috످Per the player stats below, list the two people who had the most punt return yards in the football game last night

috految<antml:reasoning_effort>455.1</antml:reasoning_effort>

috److془The user didn't include the stats. Ask them to paste.془I don't see the player stats in your message. If you paste them here, I can list the two players with the most punt return yards.

috످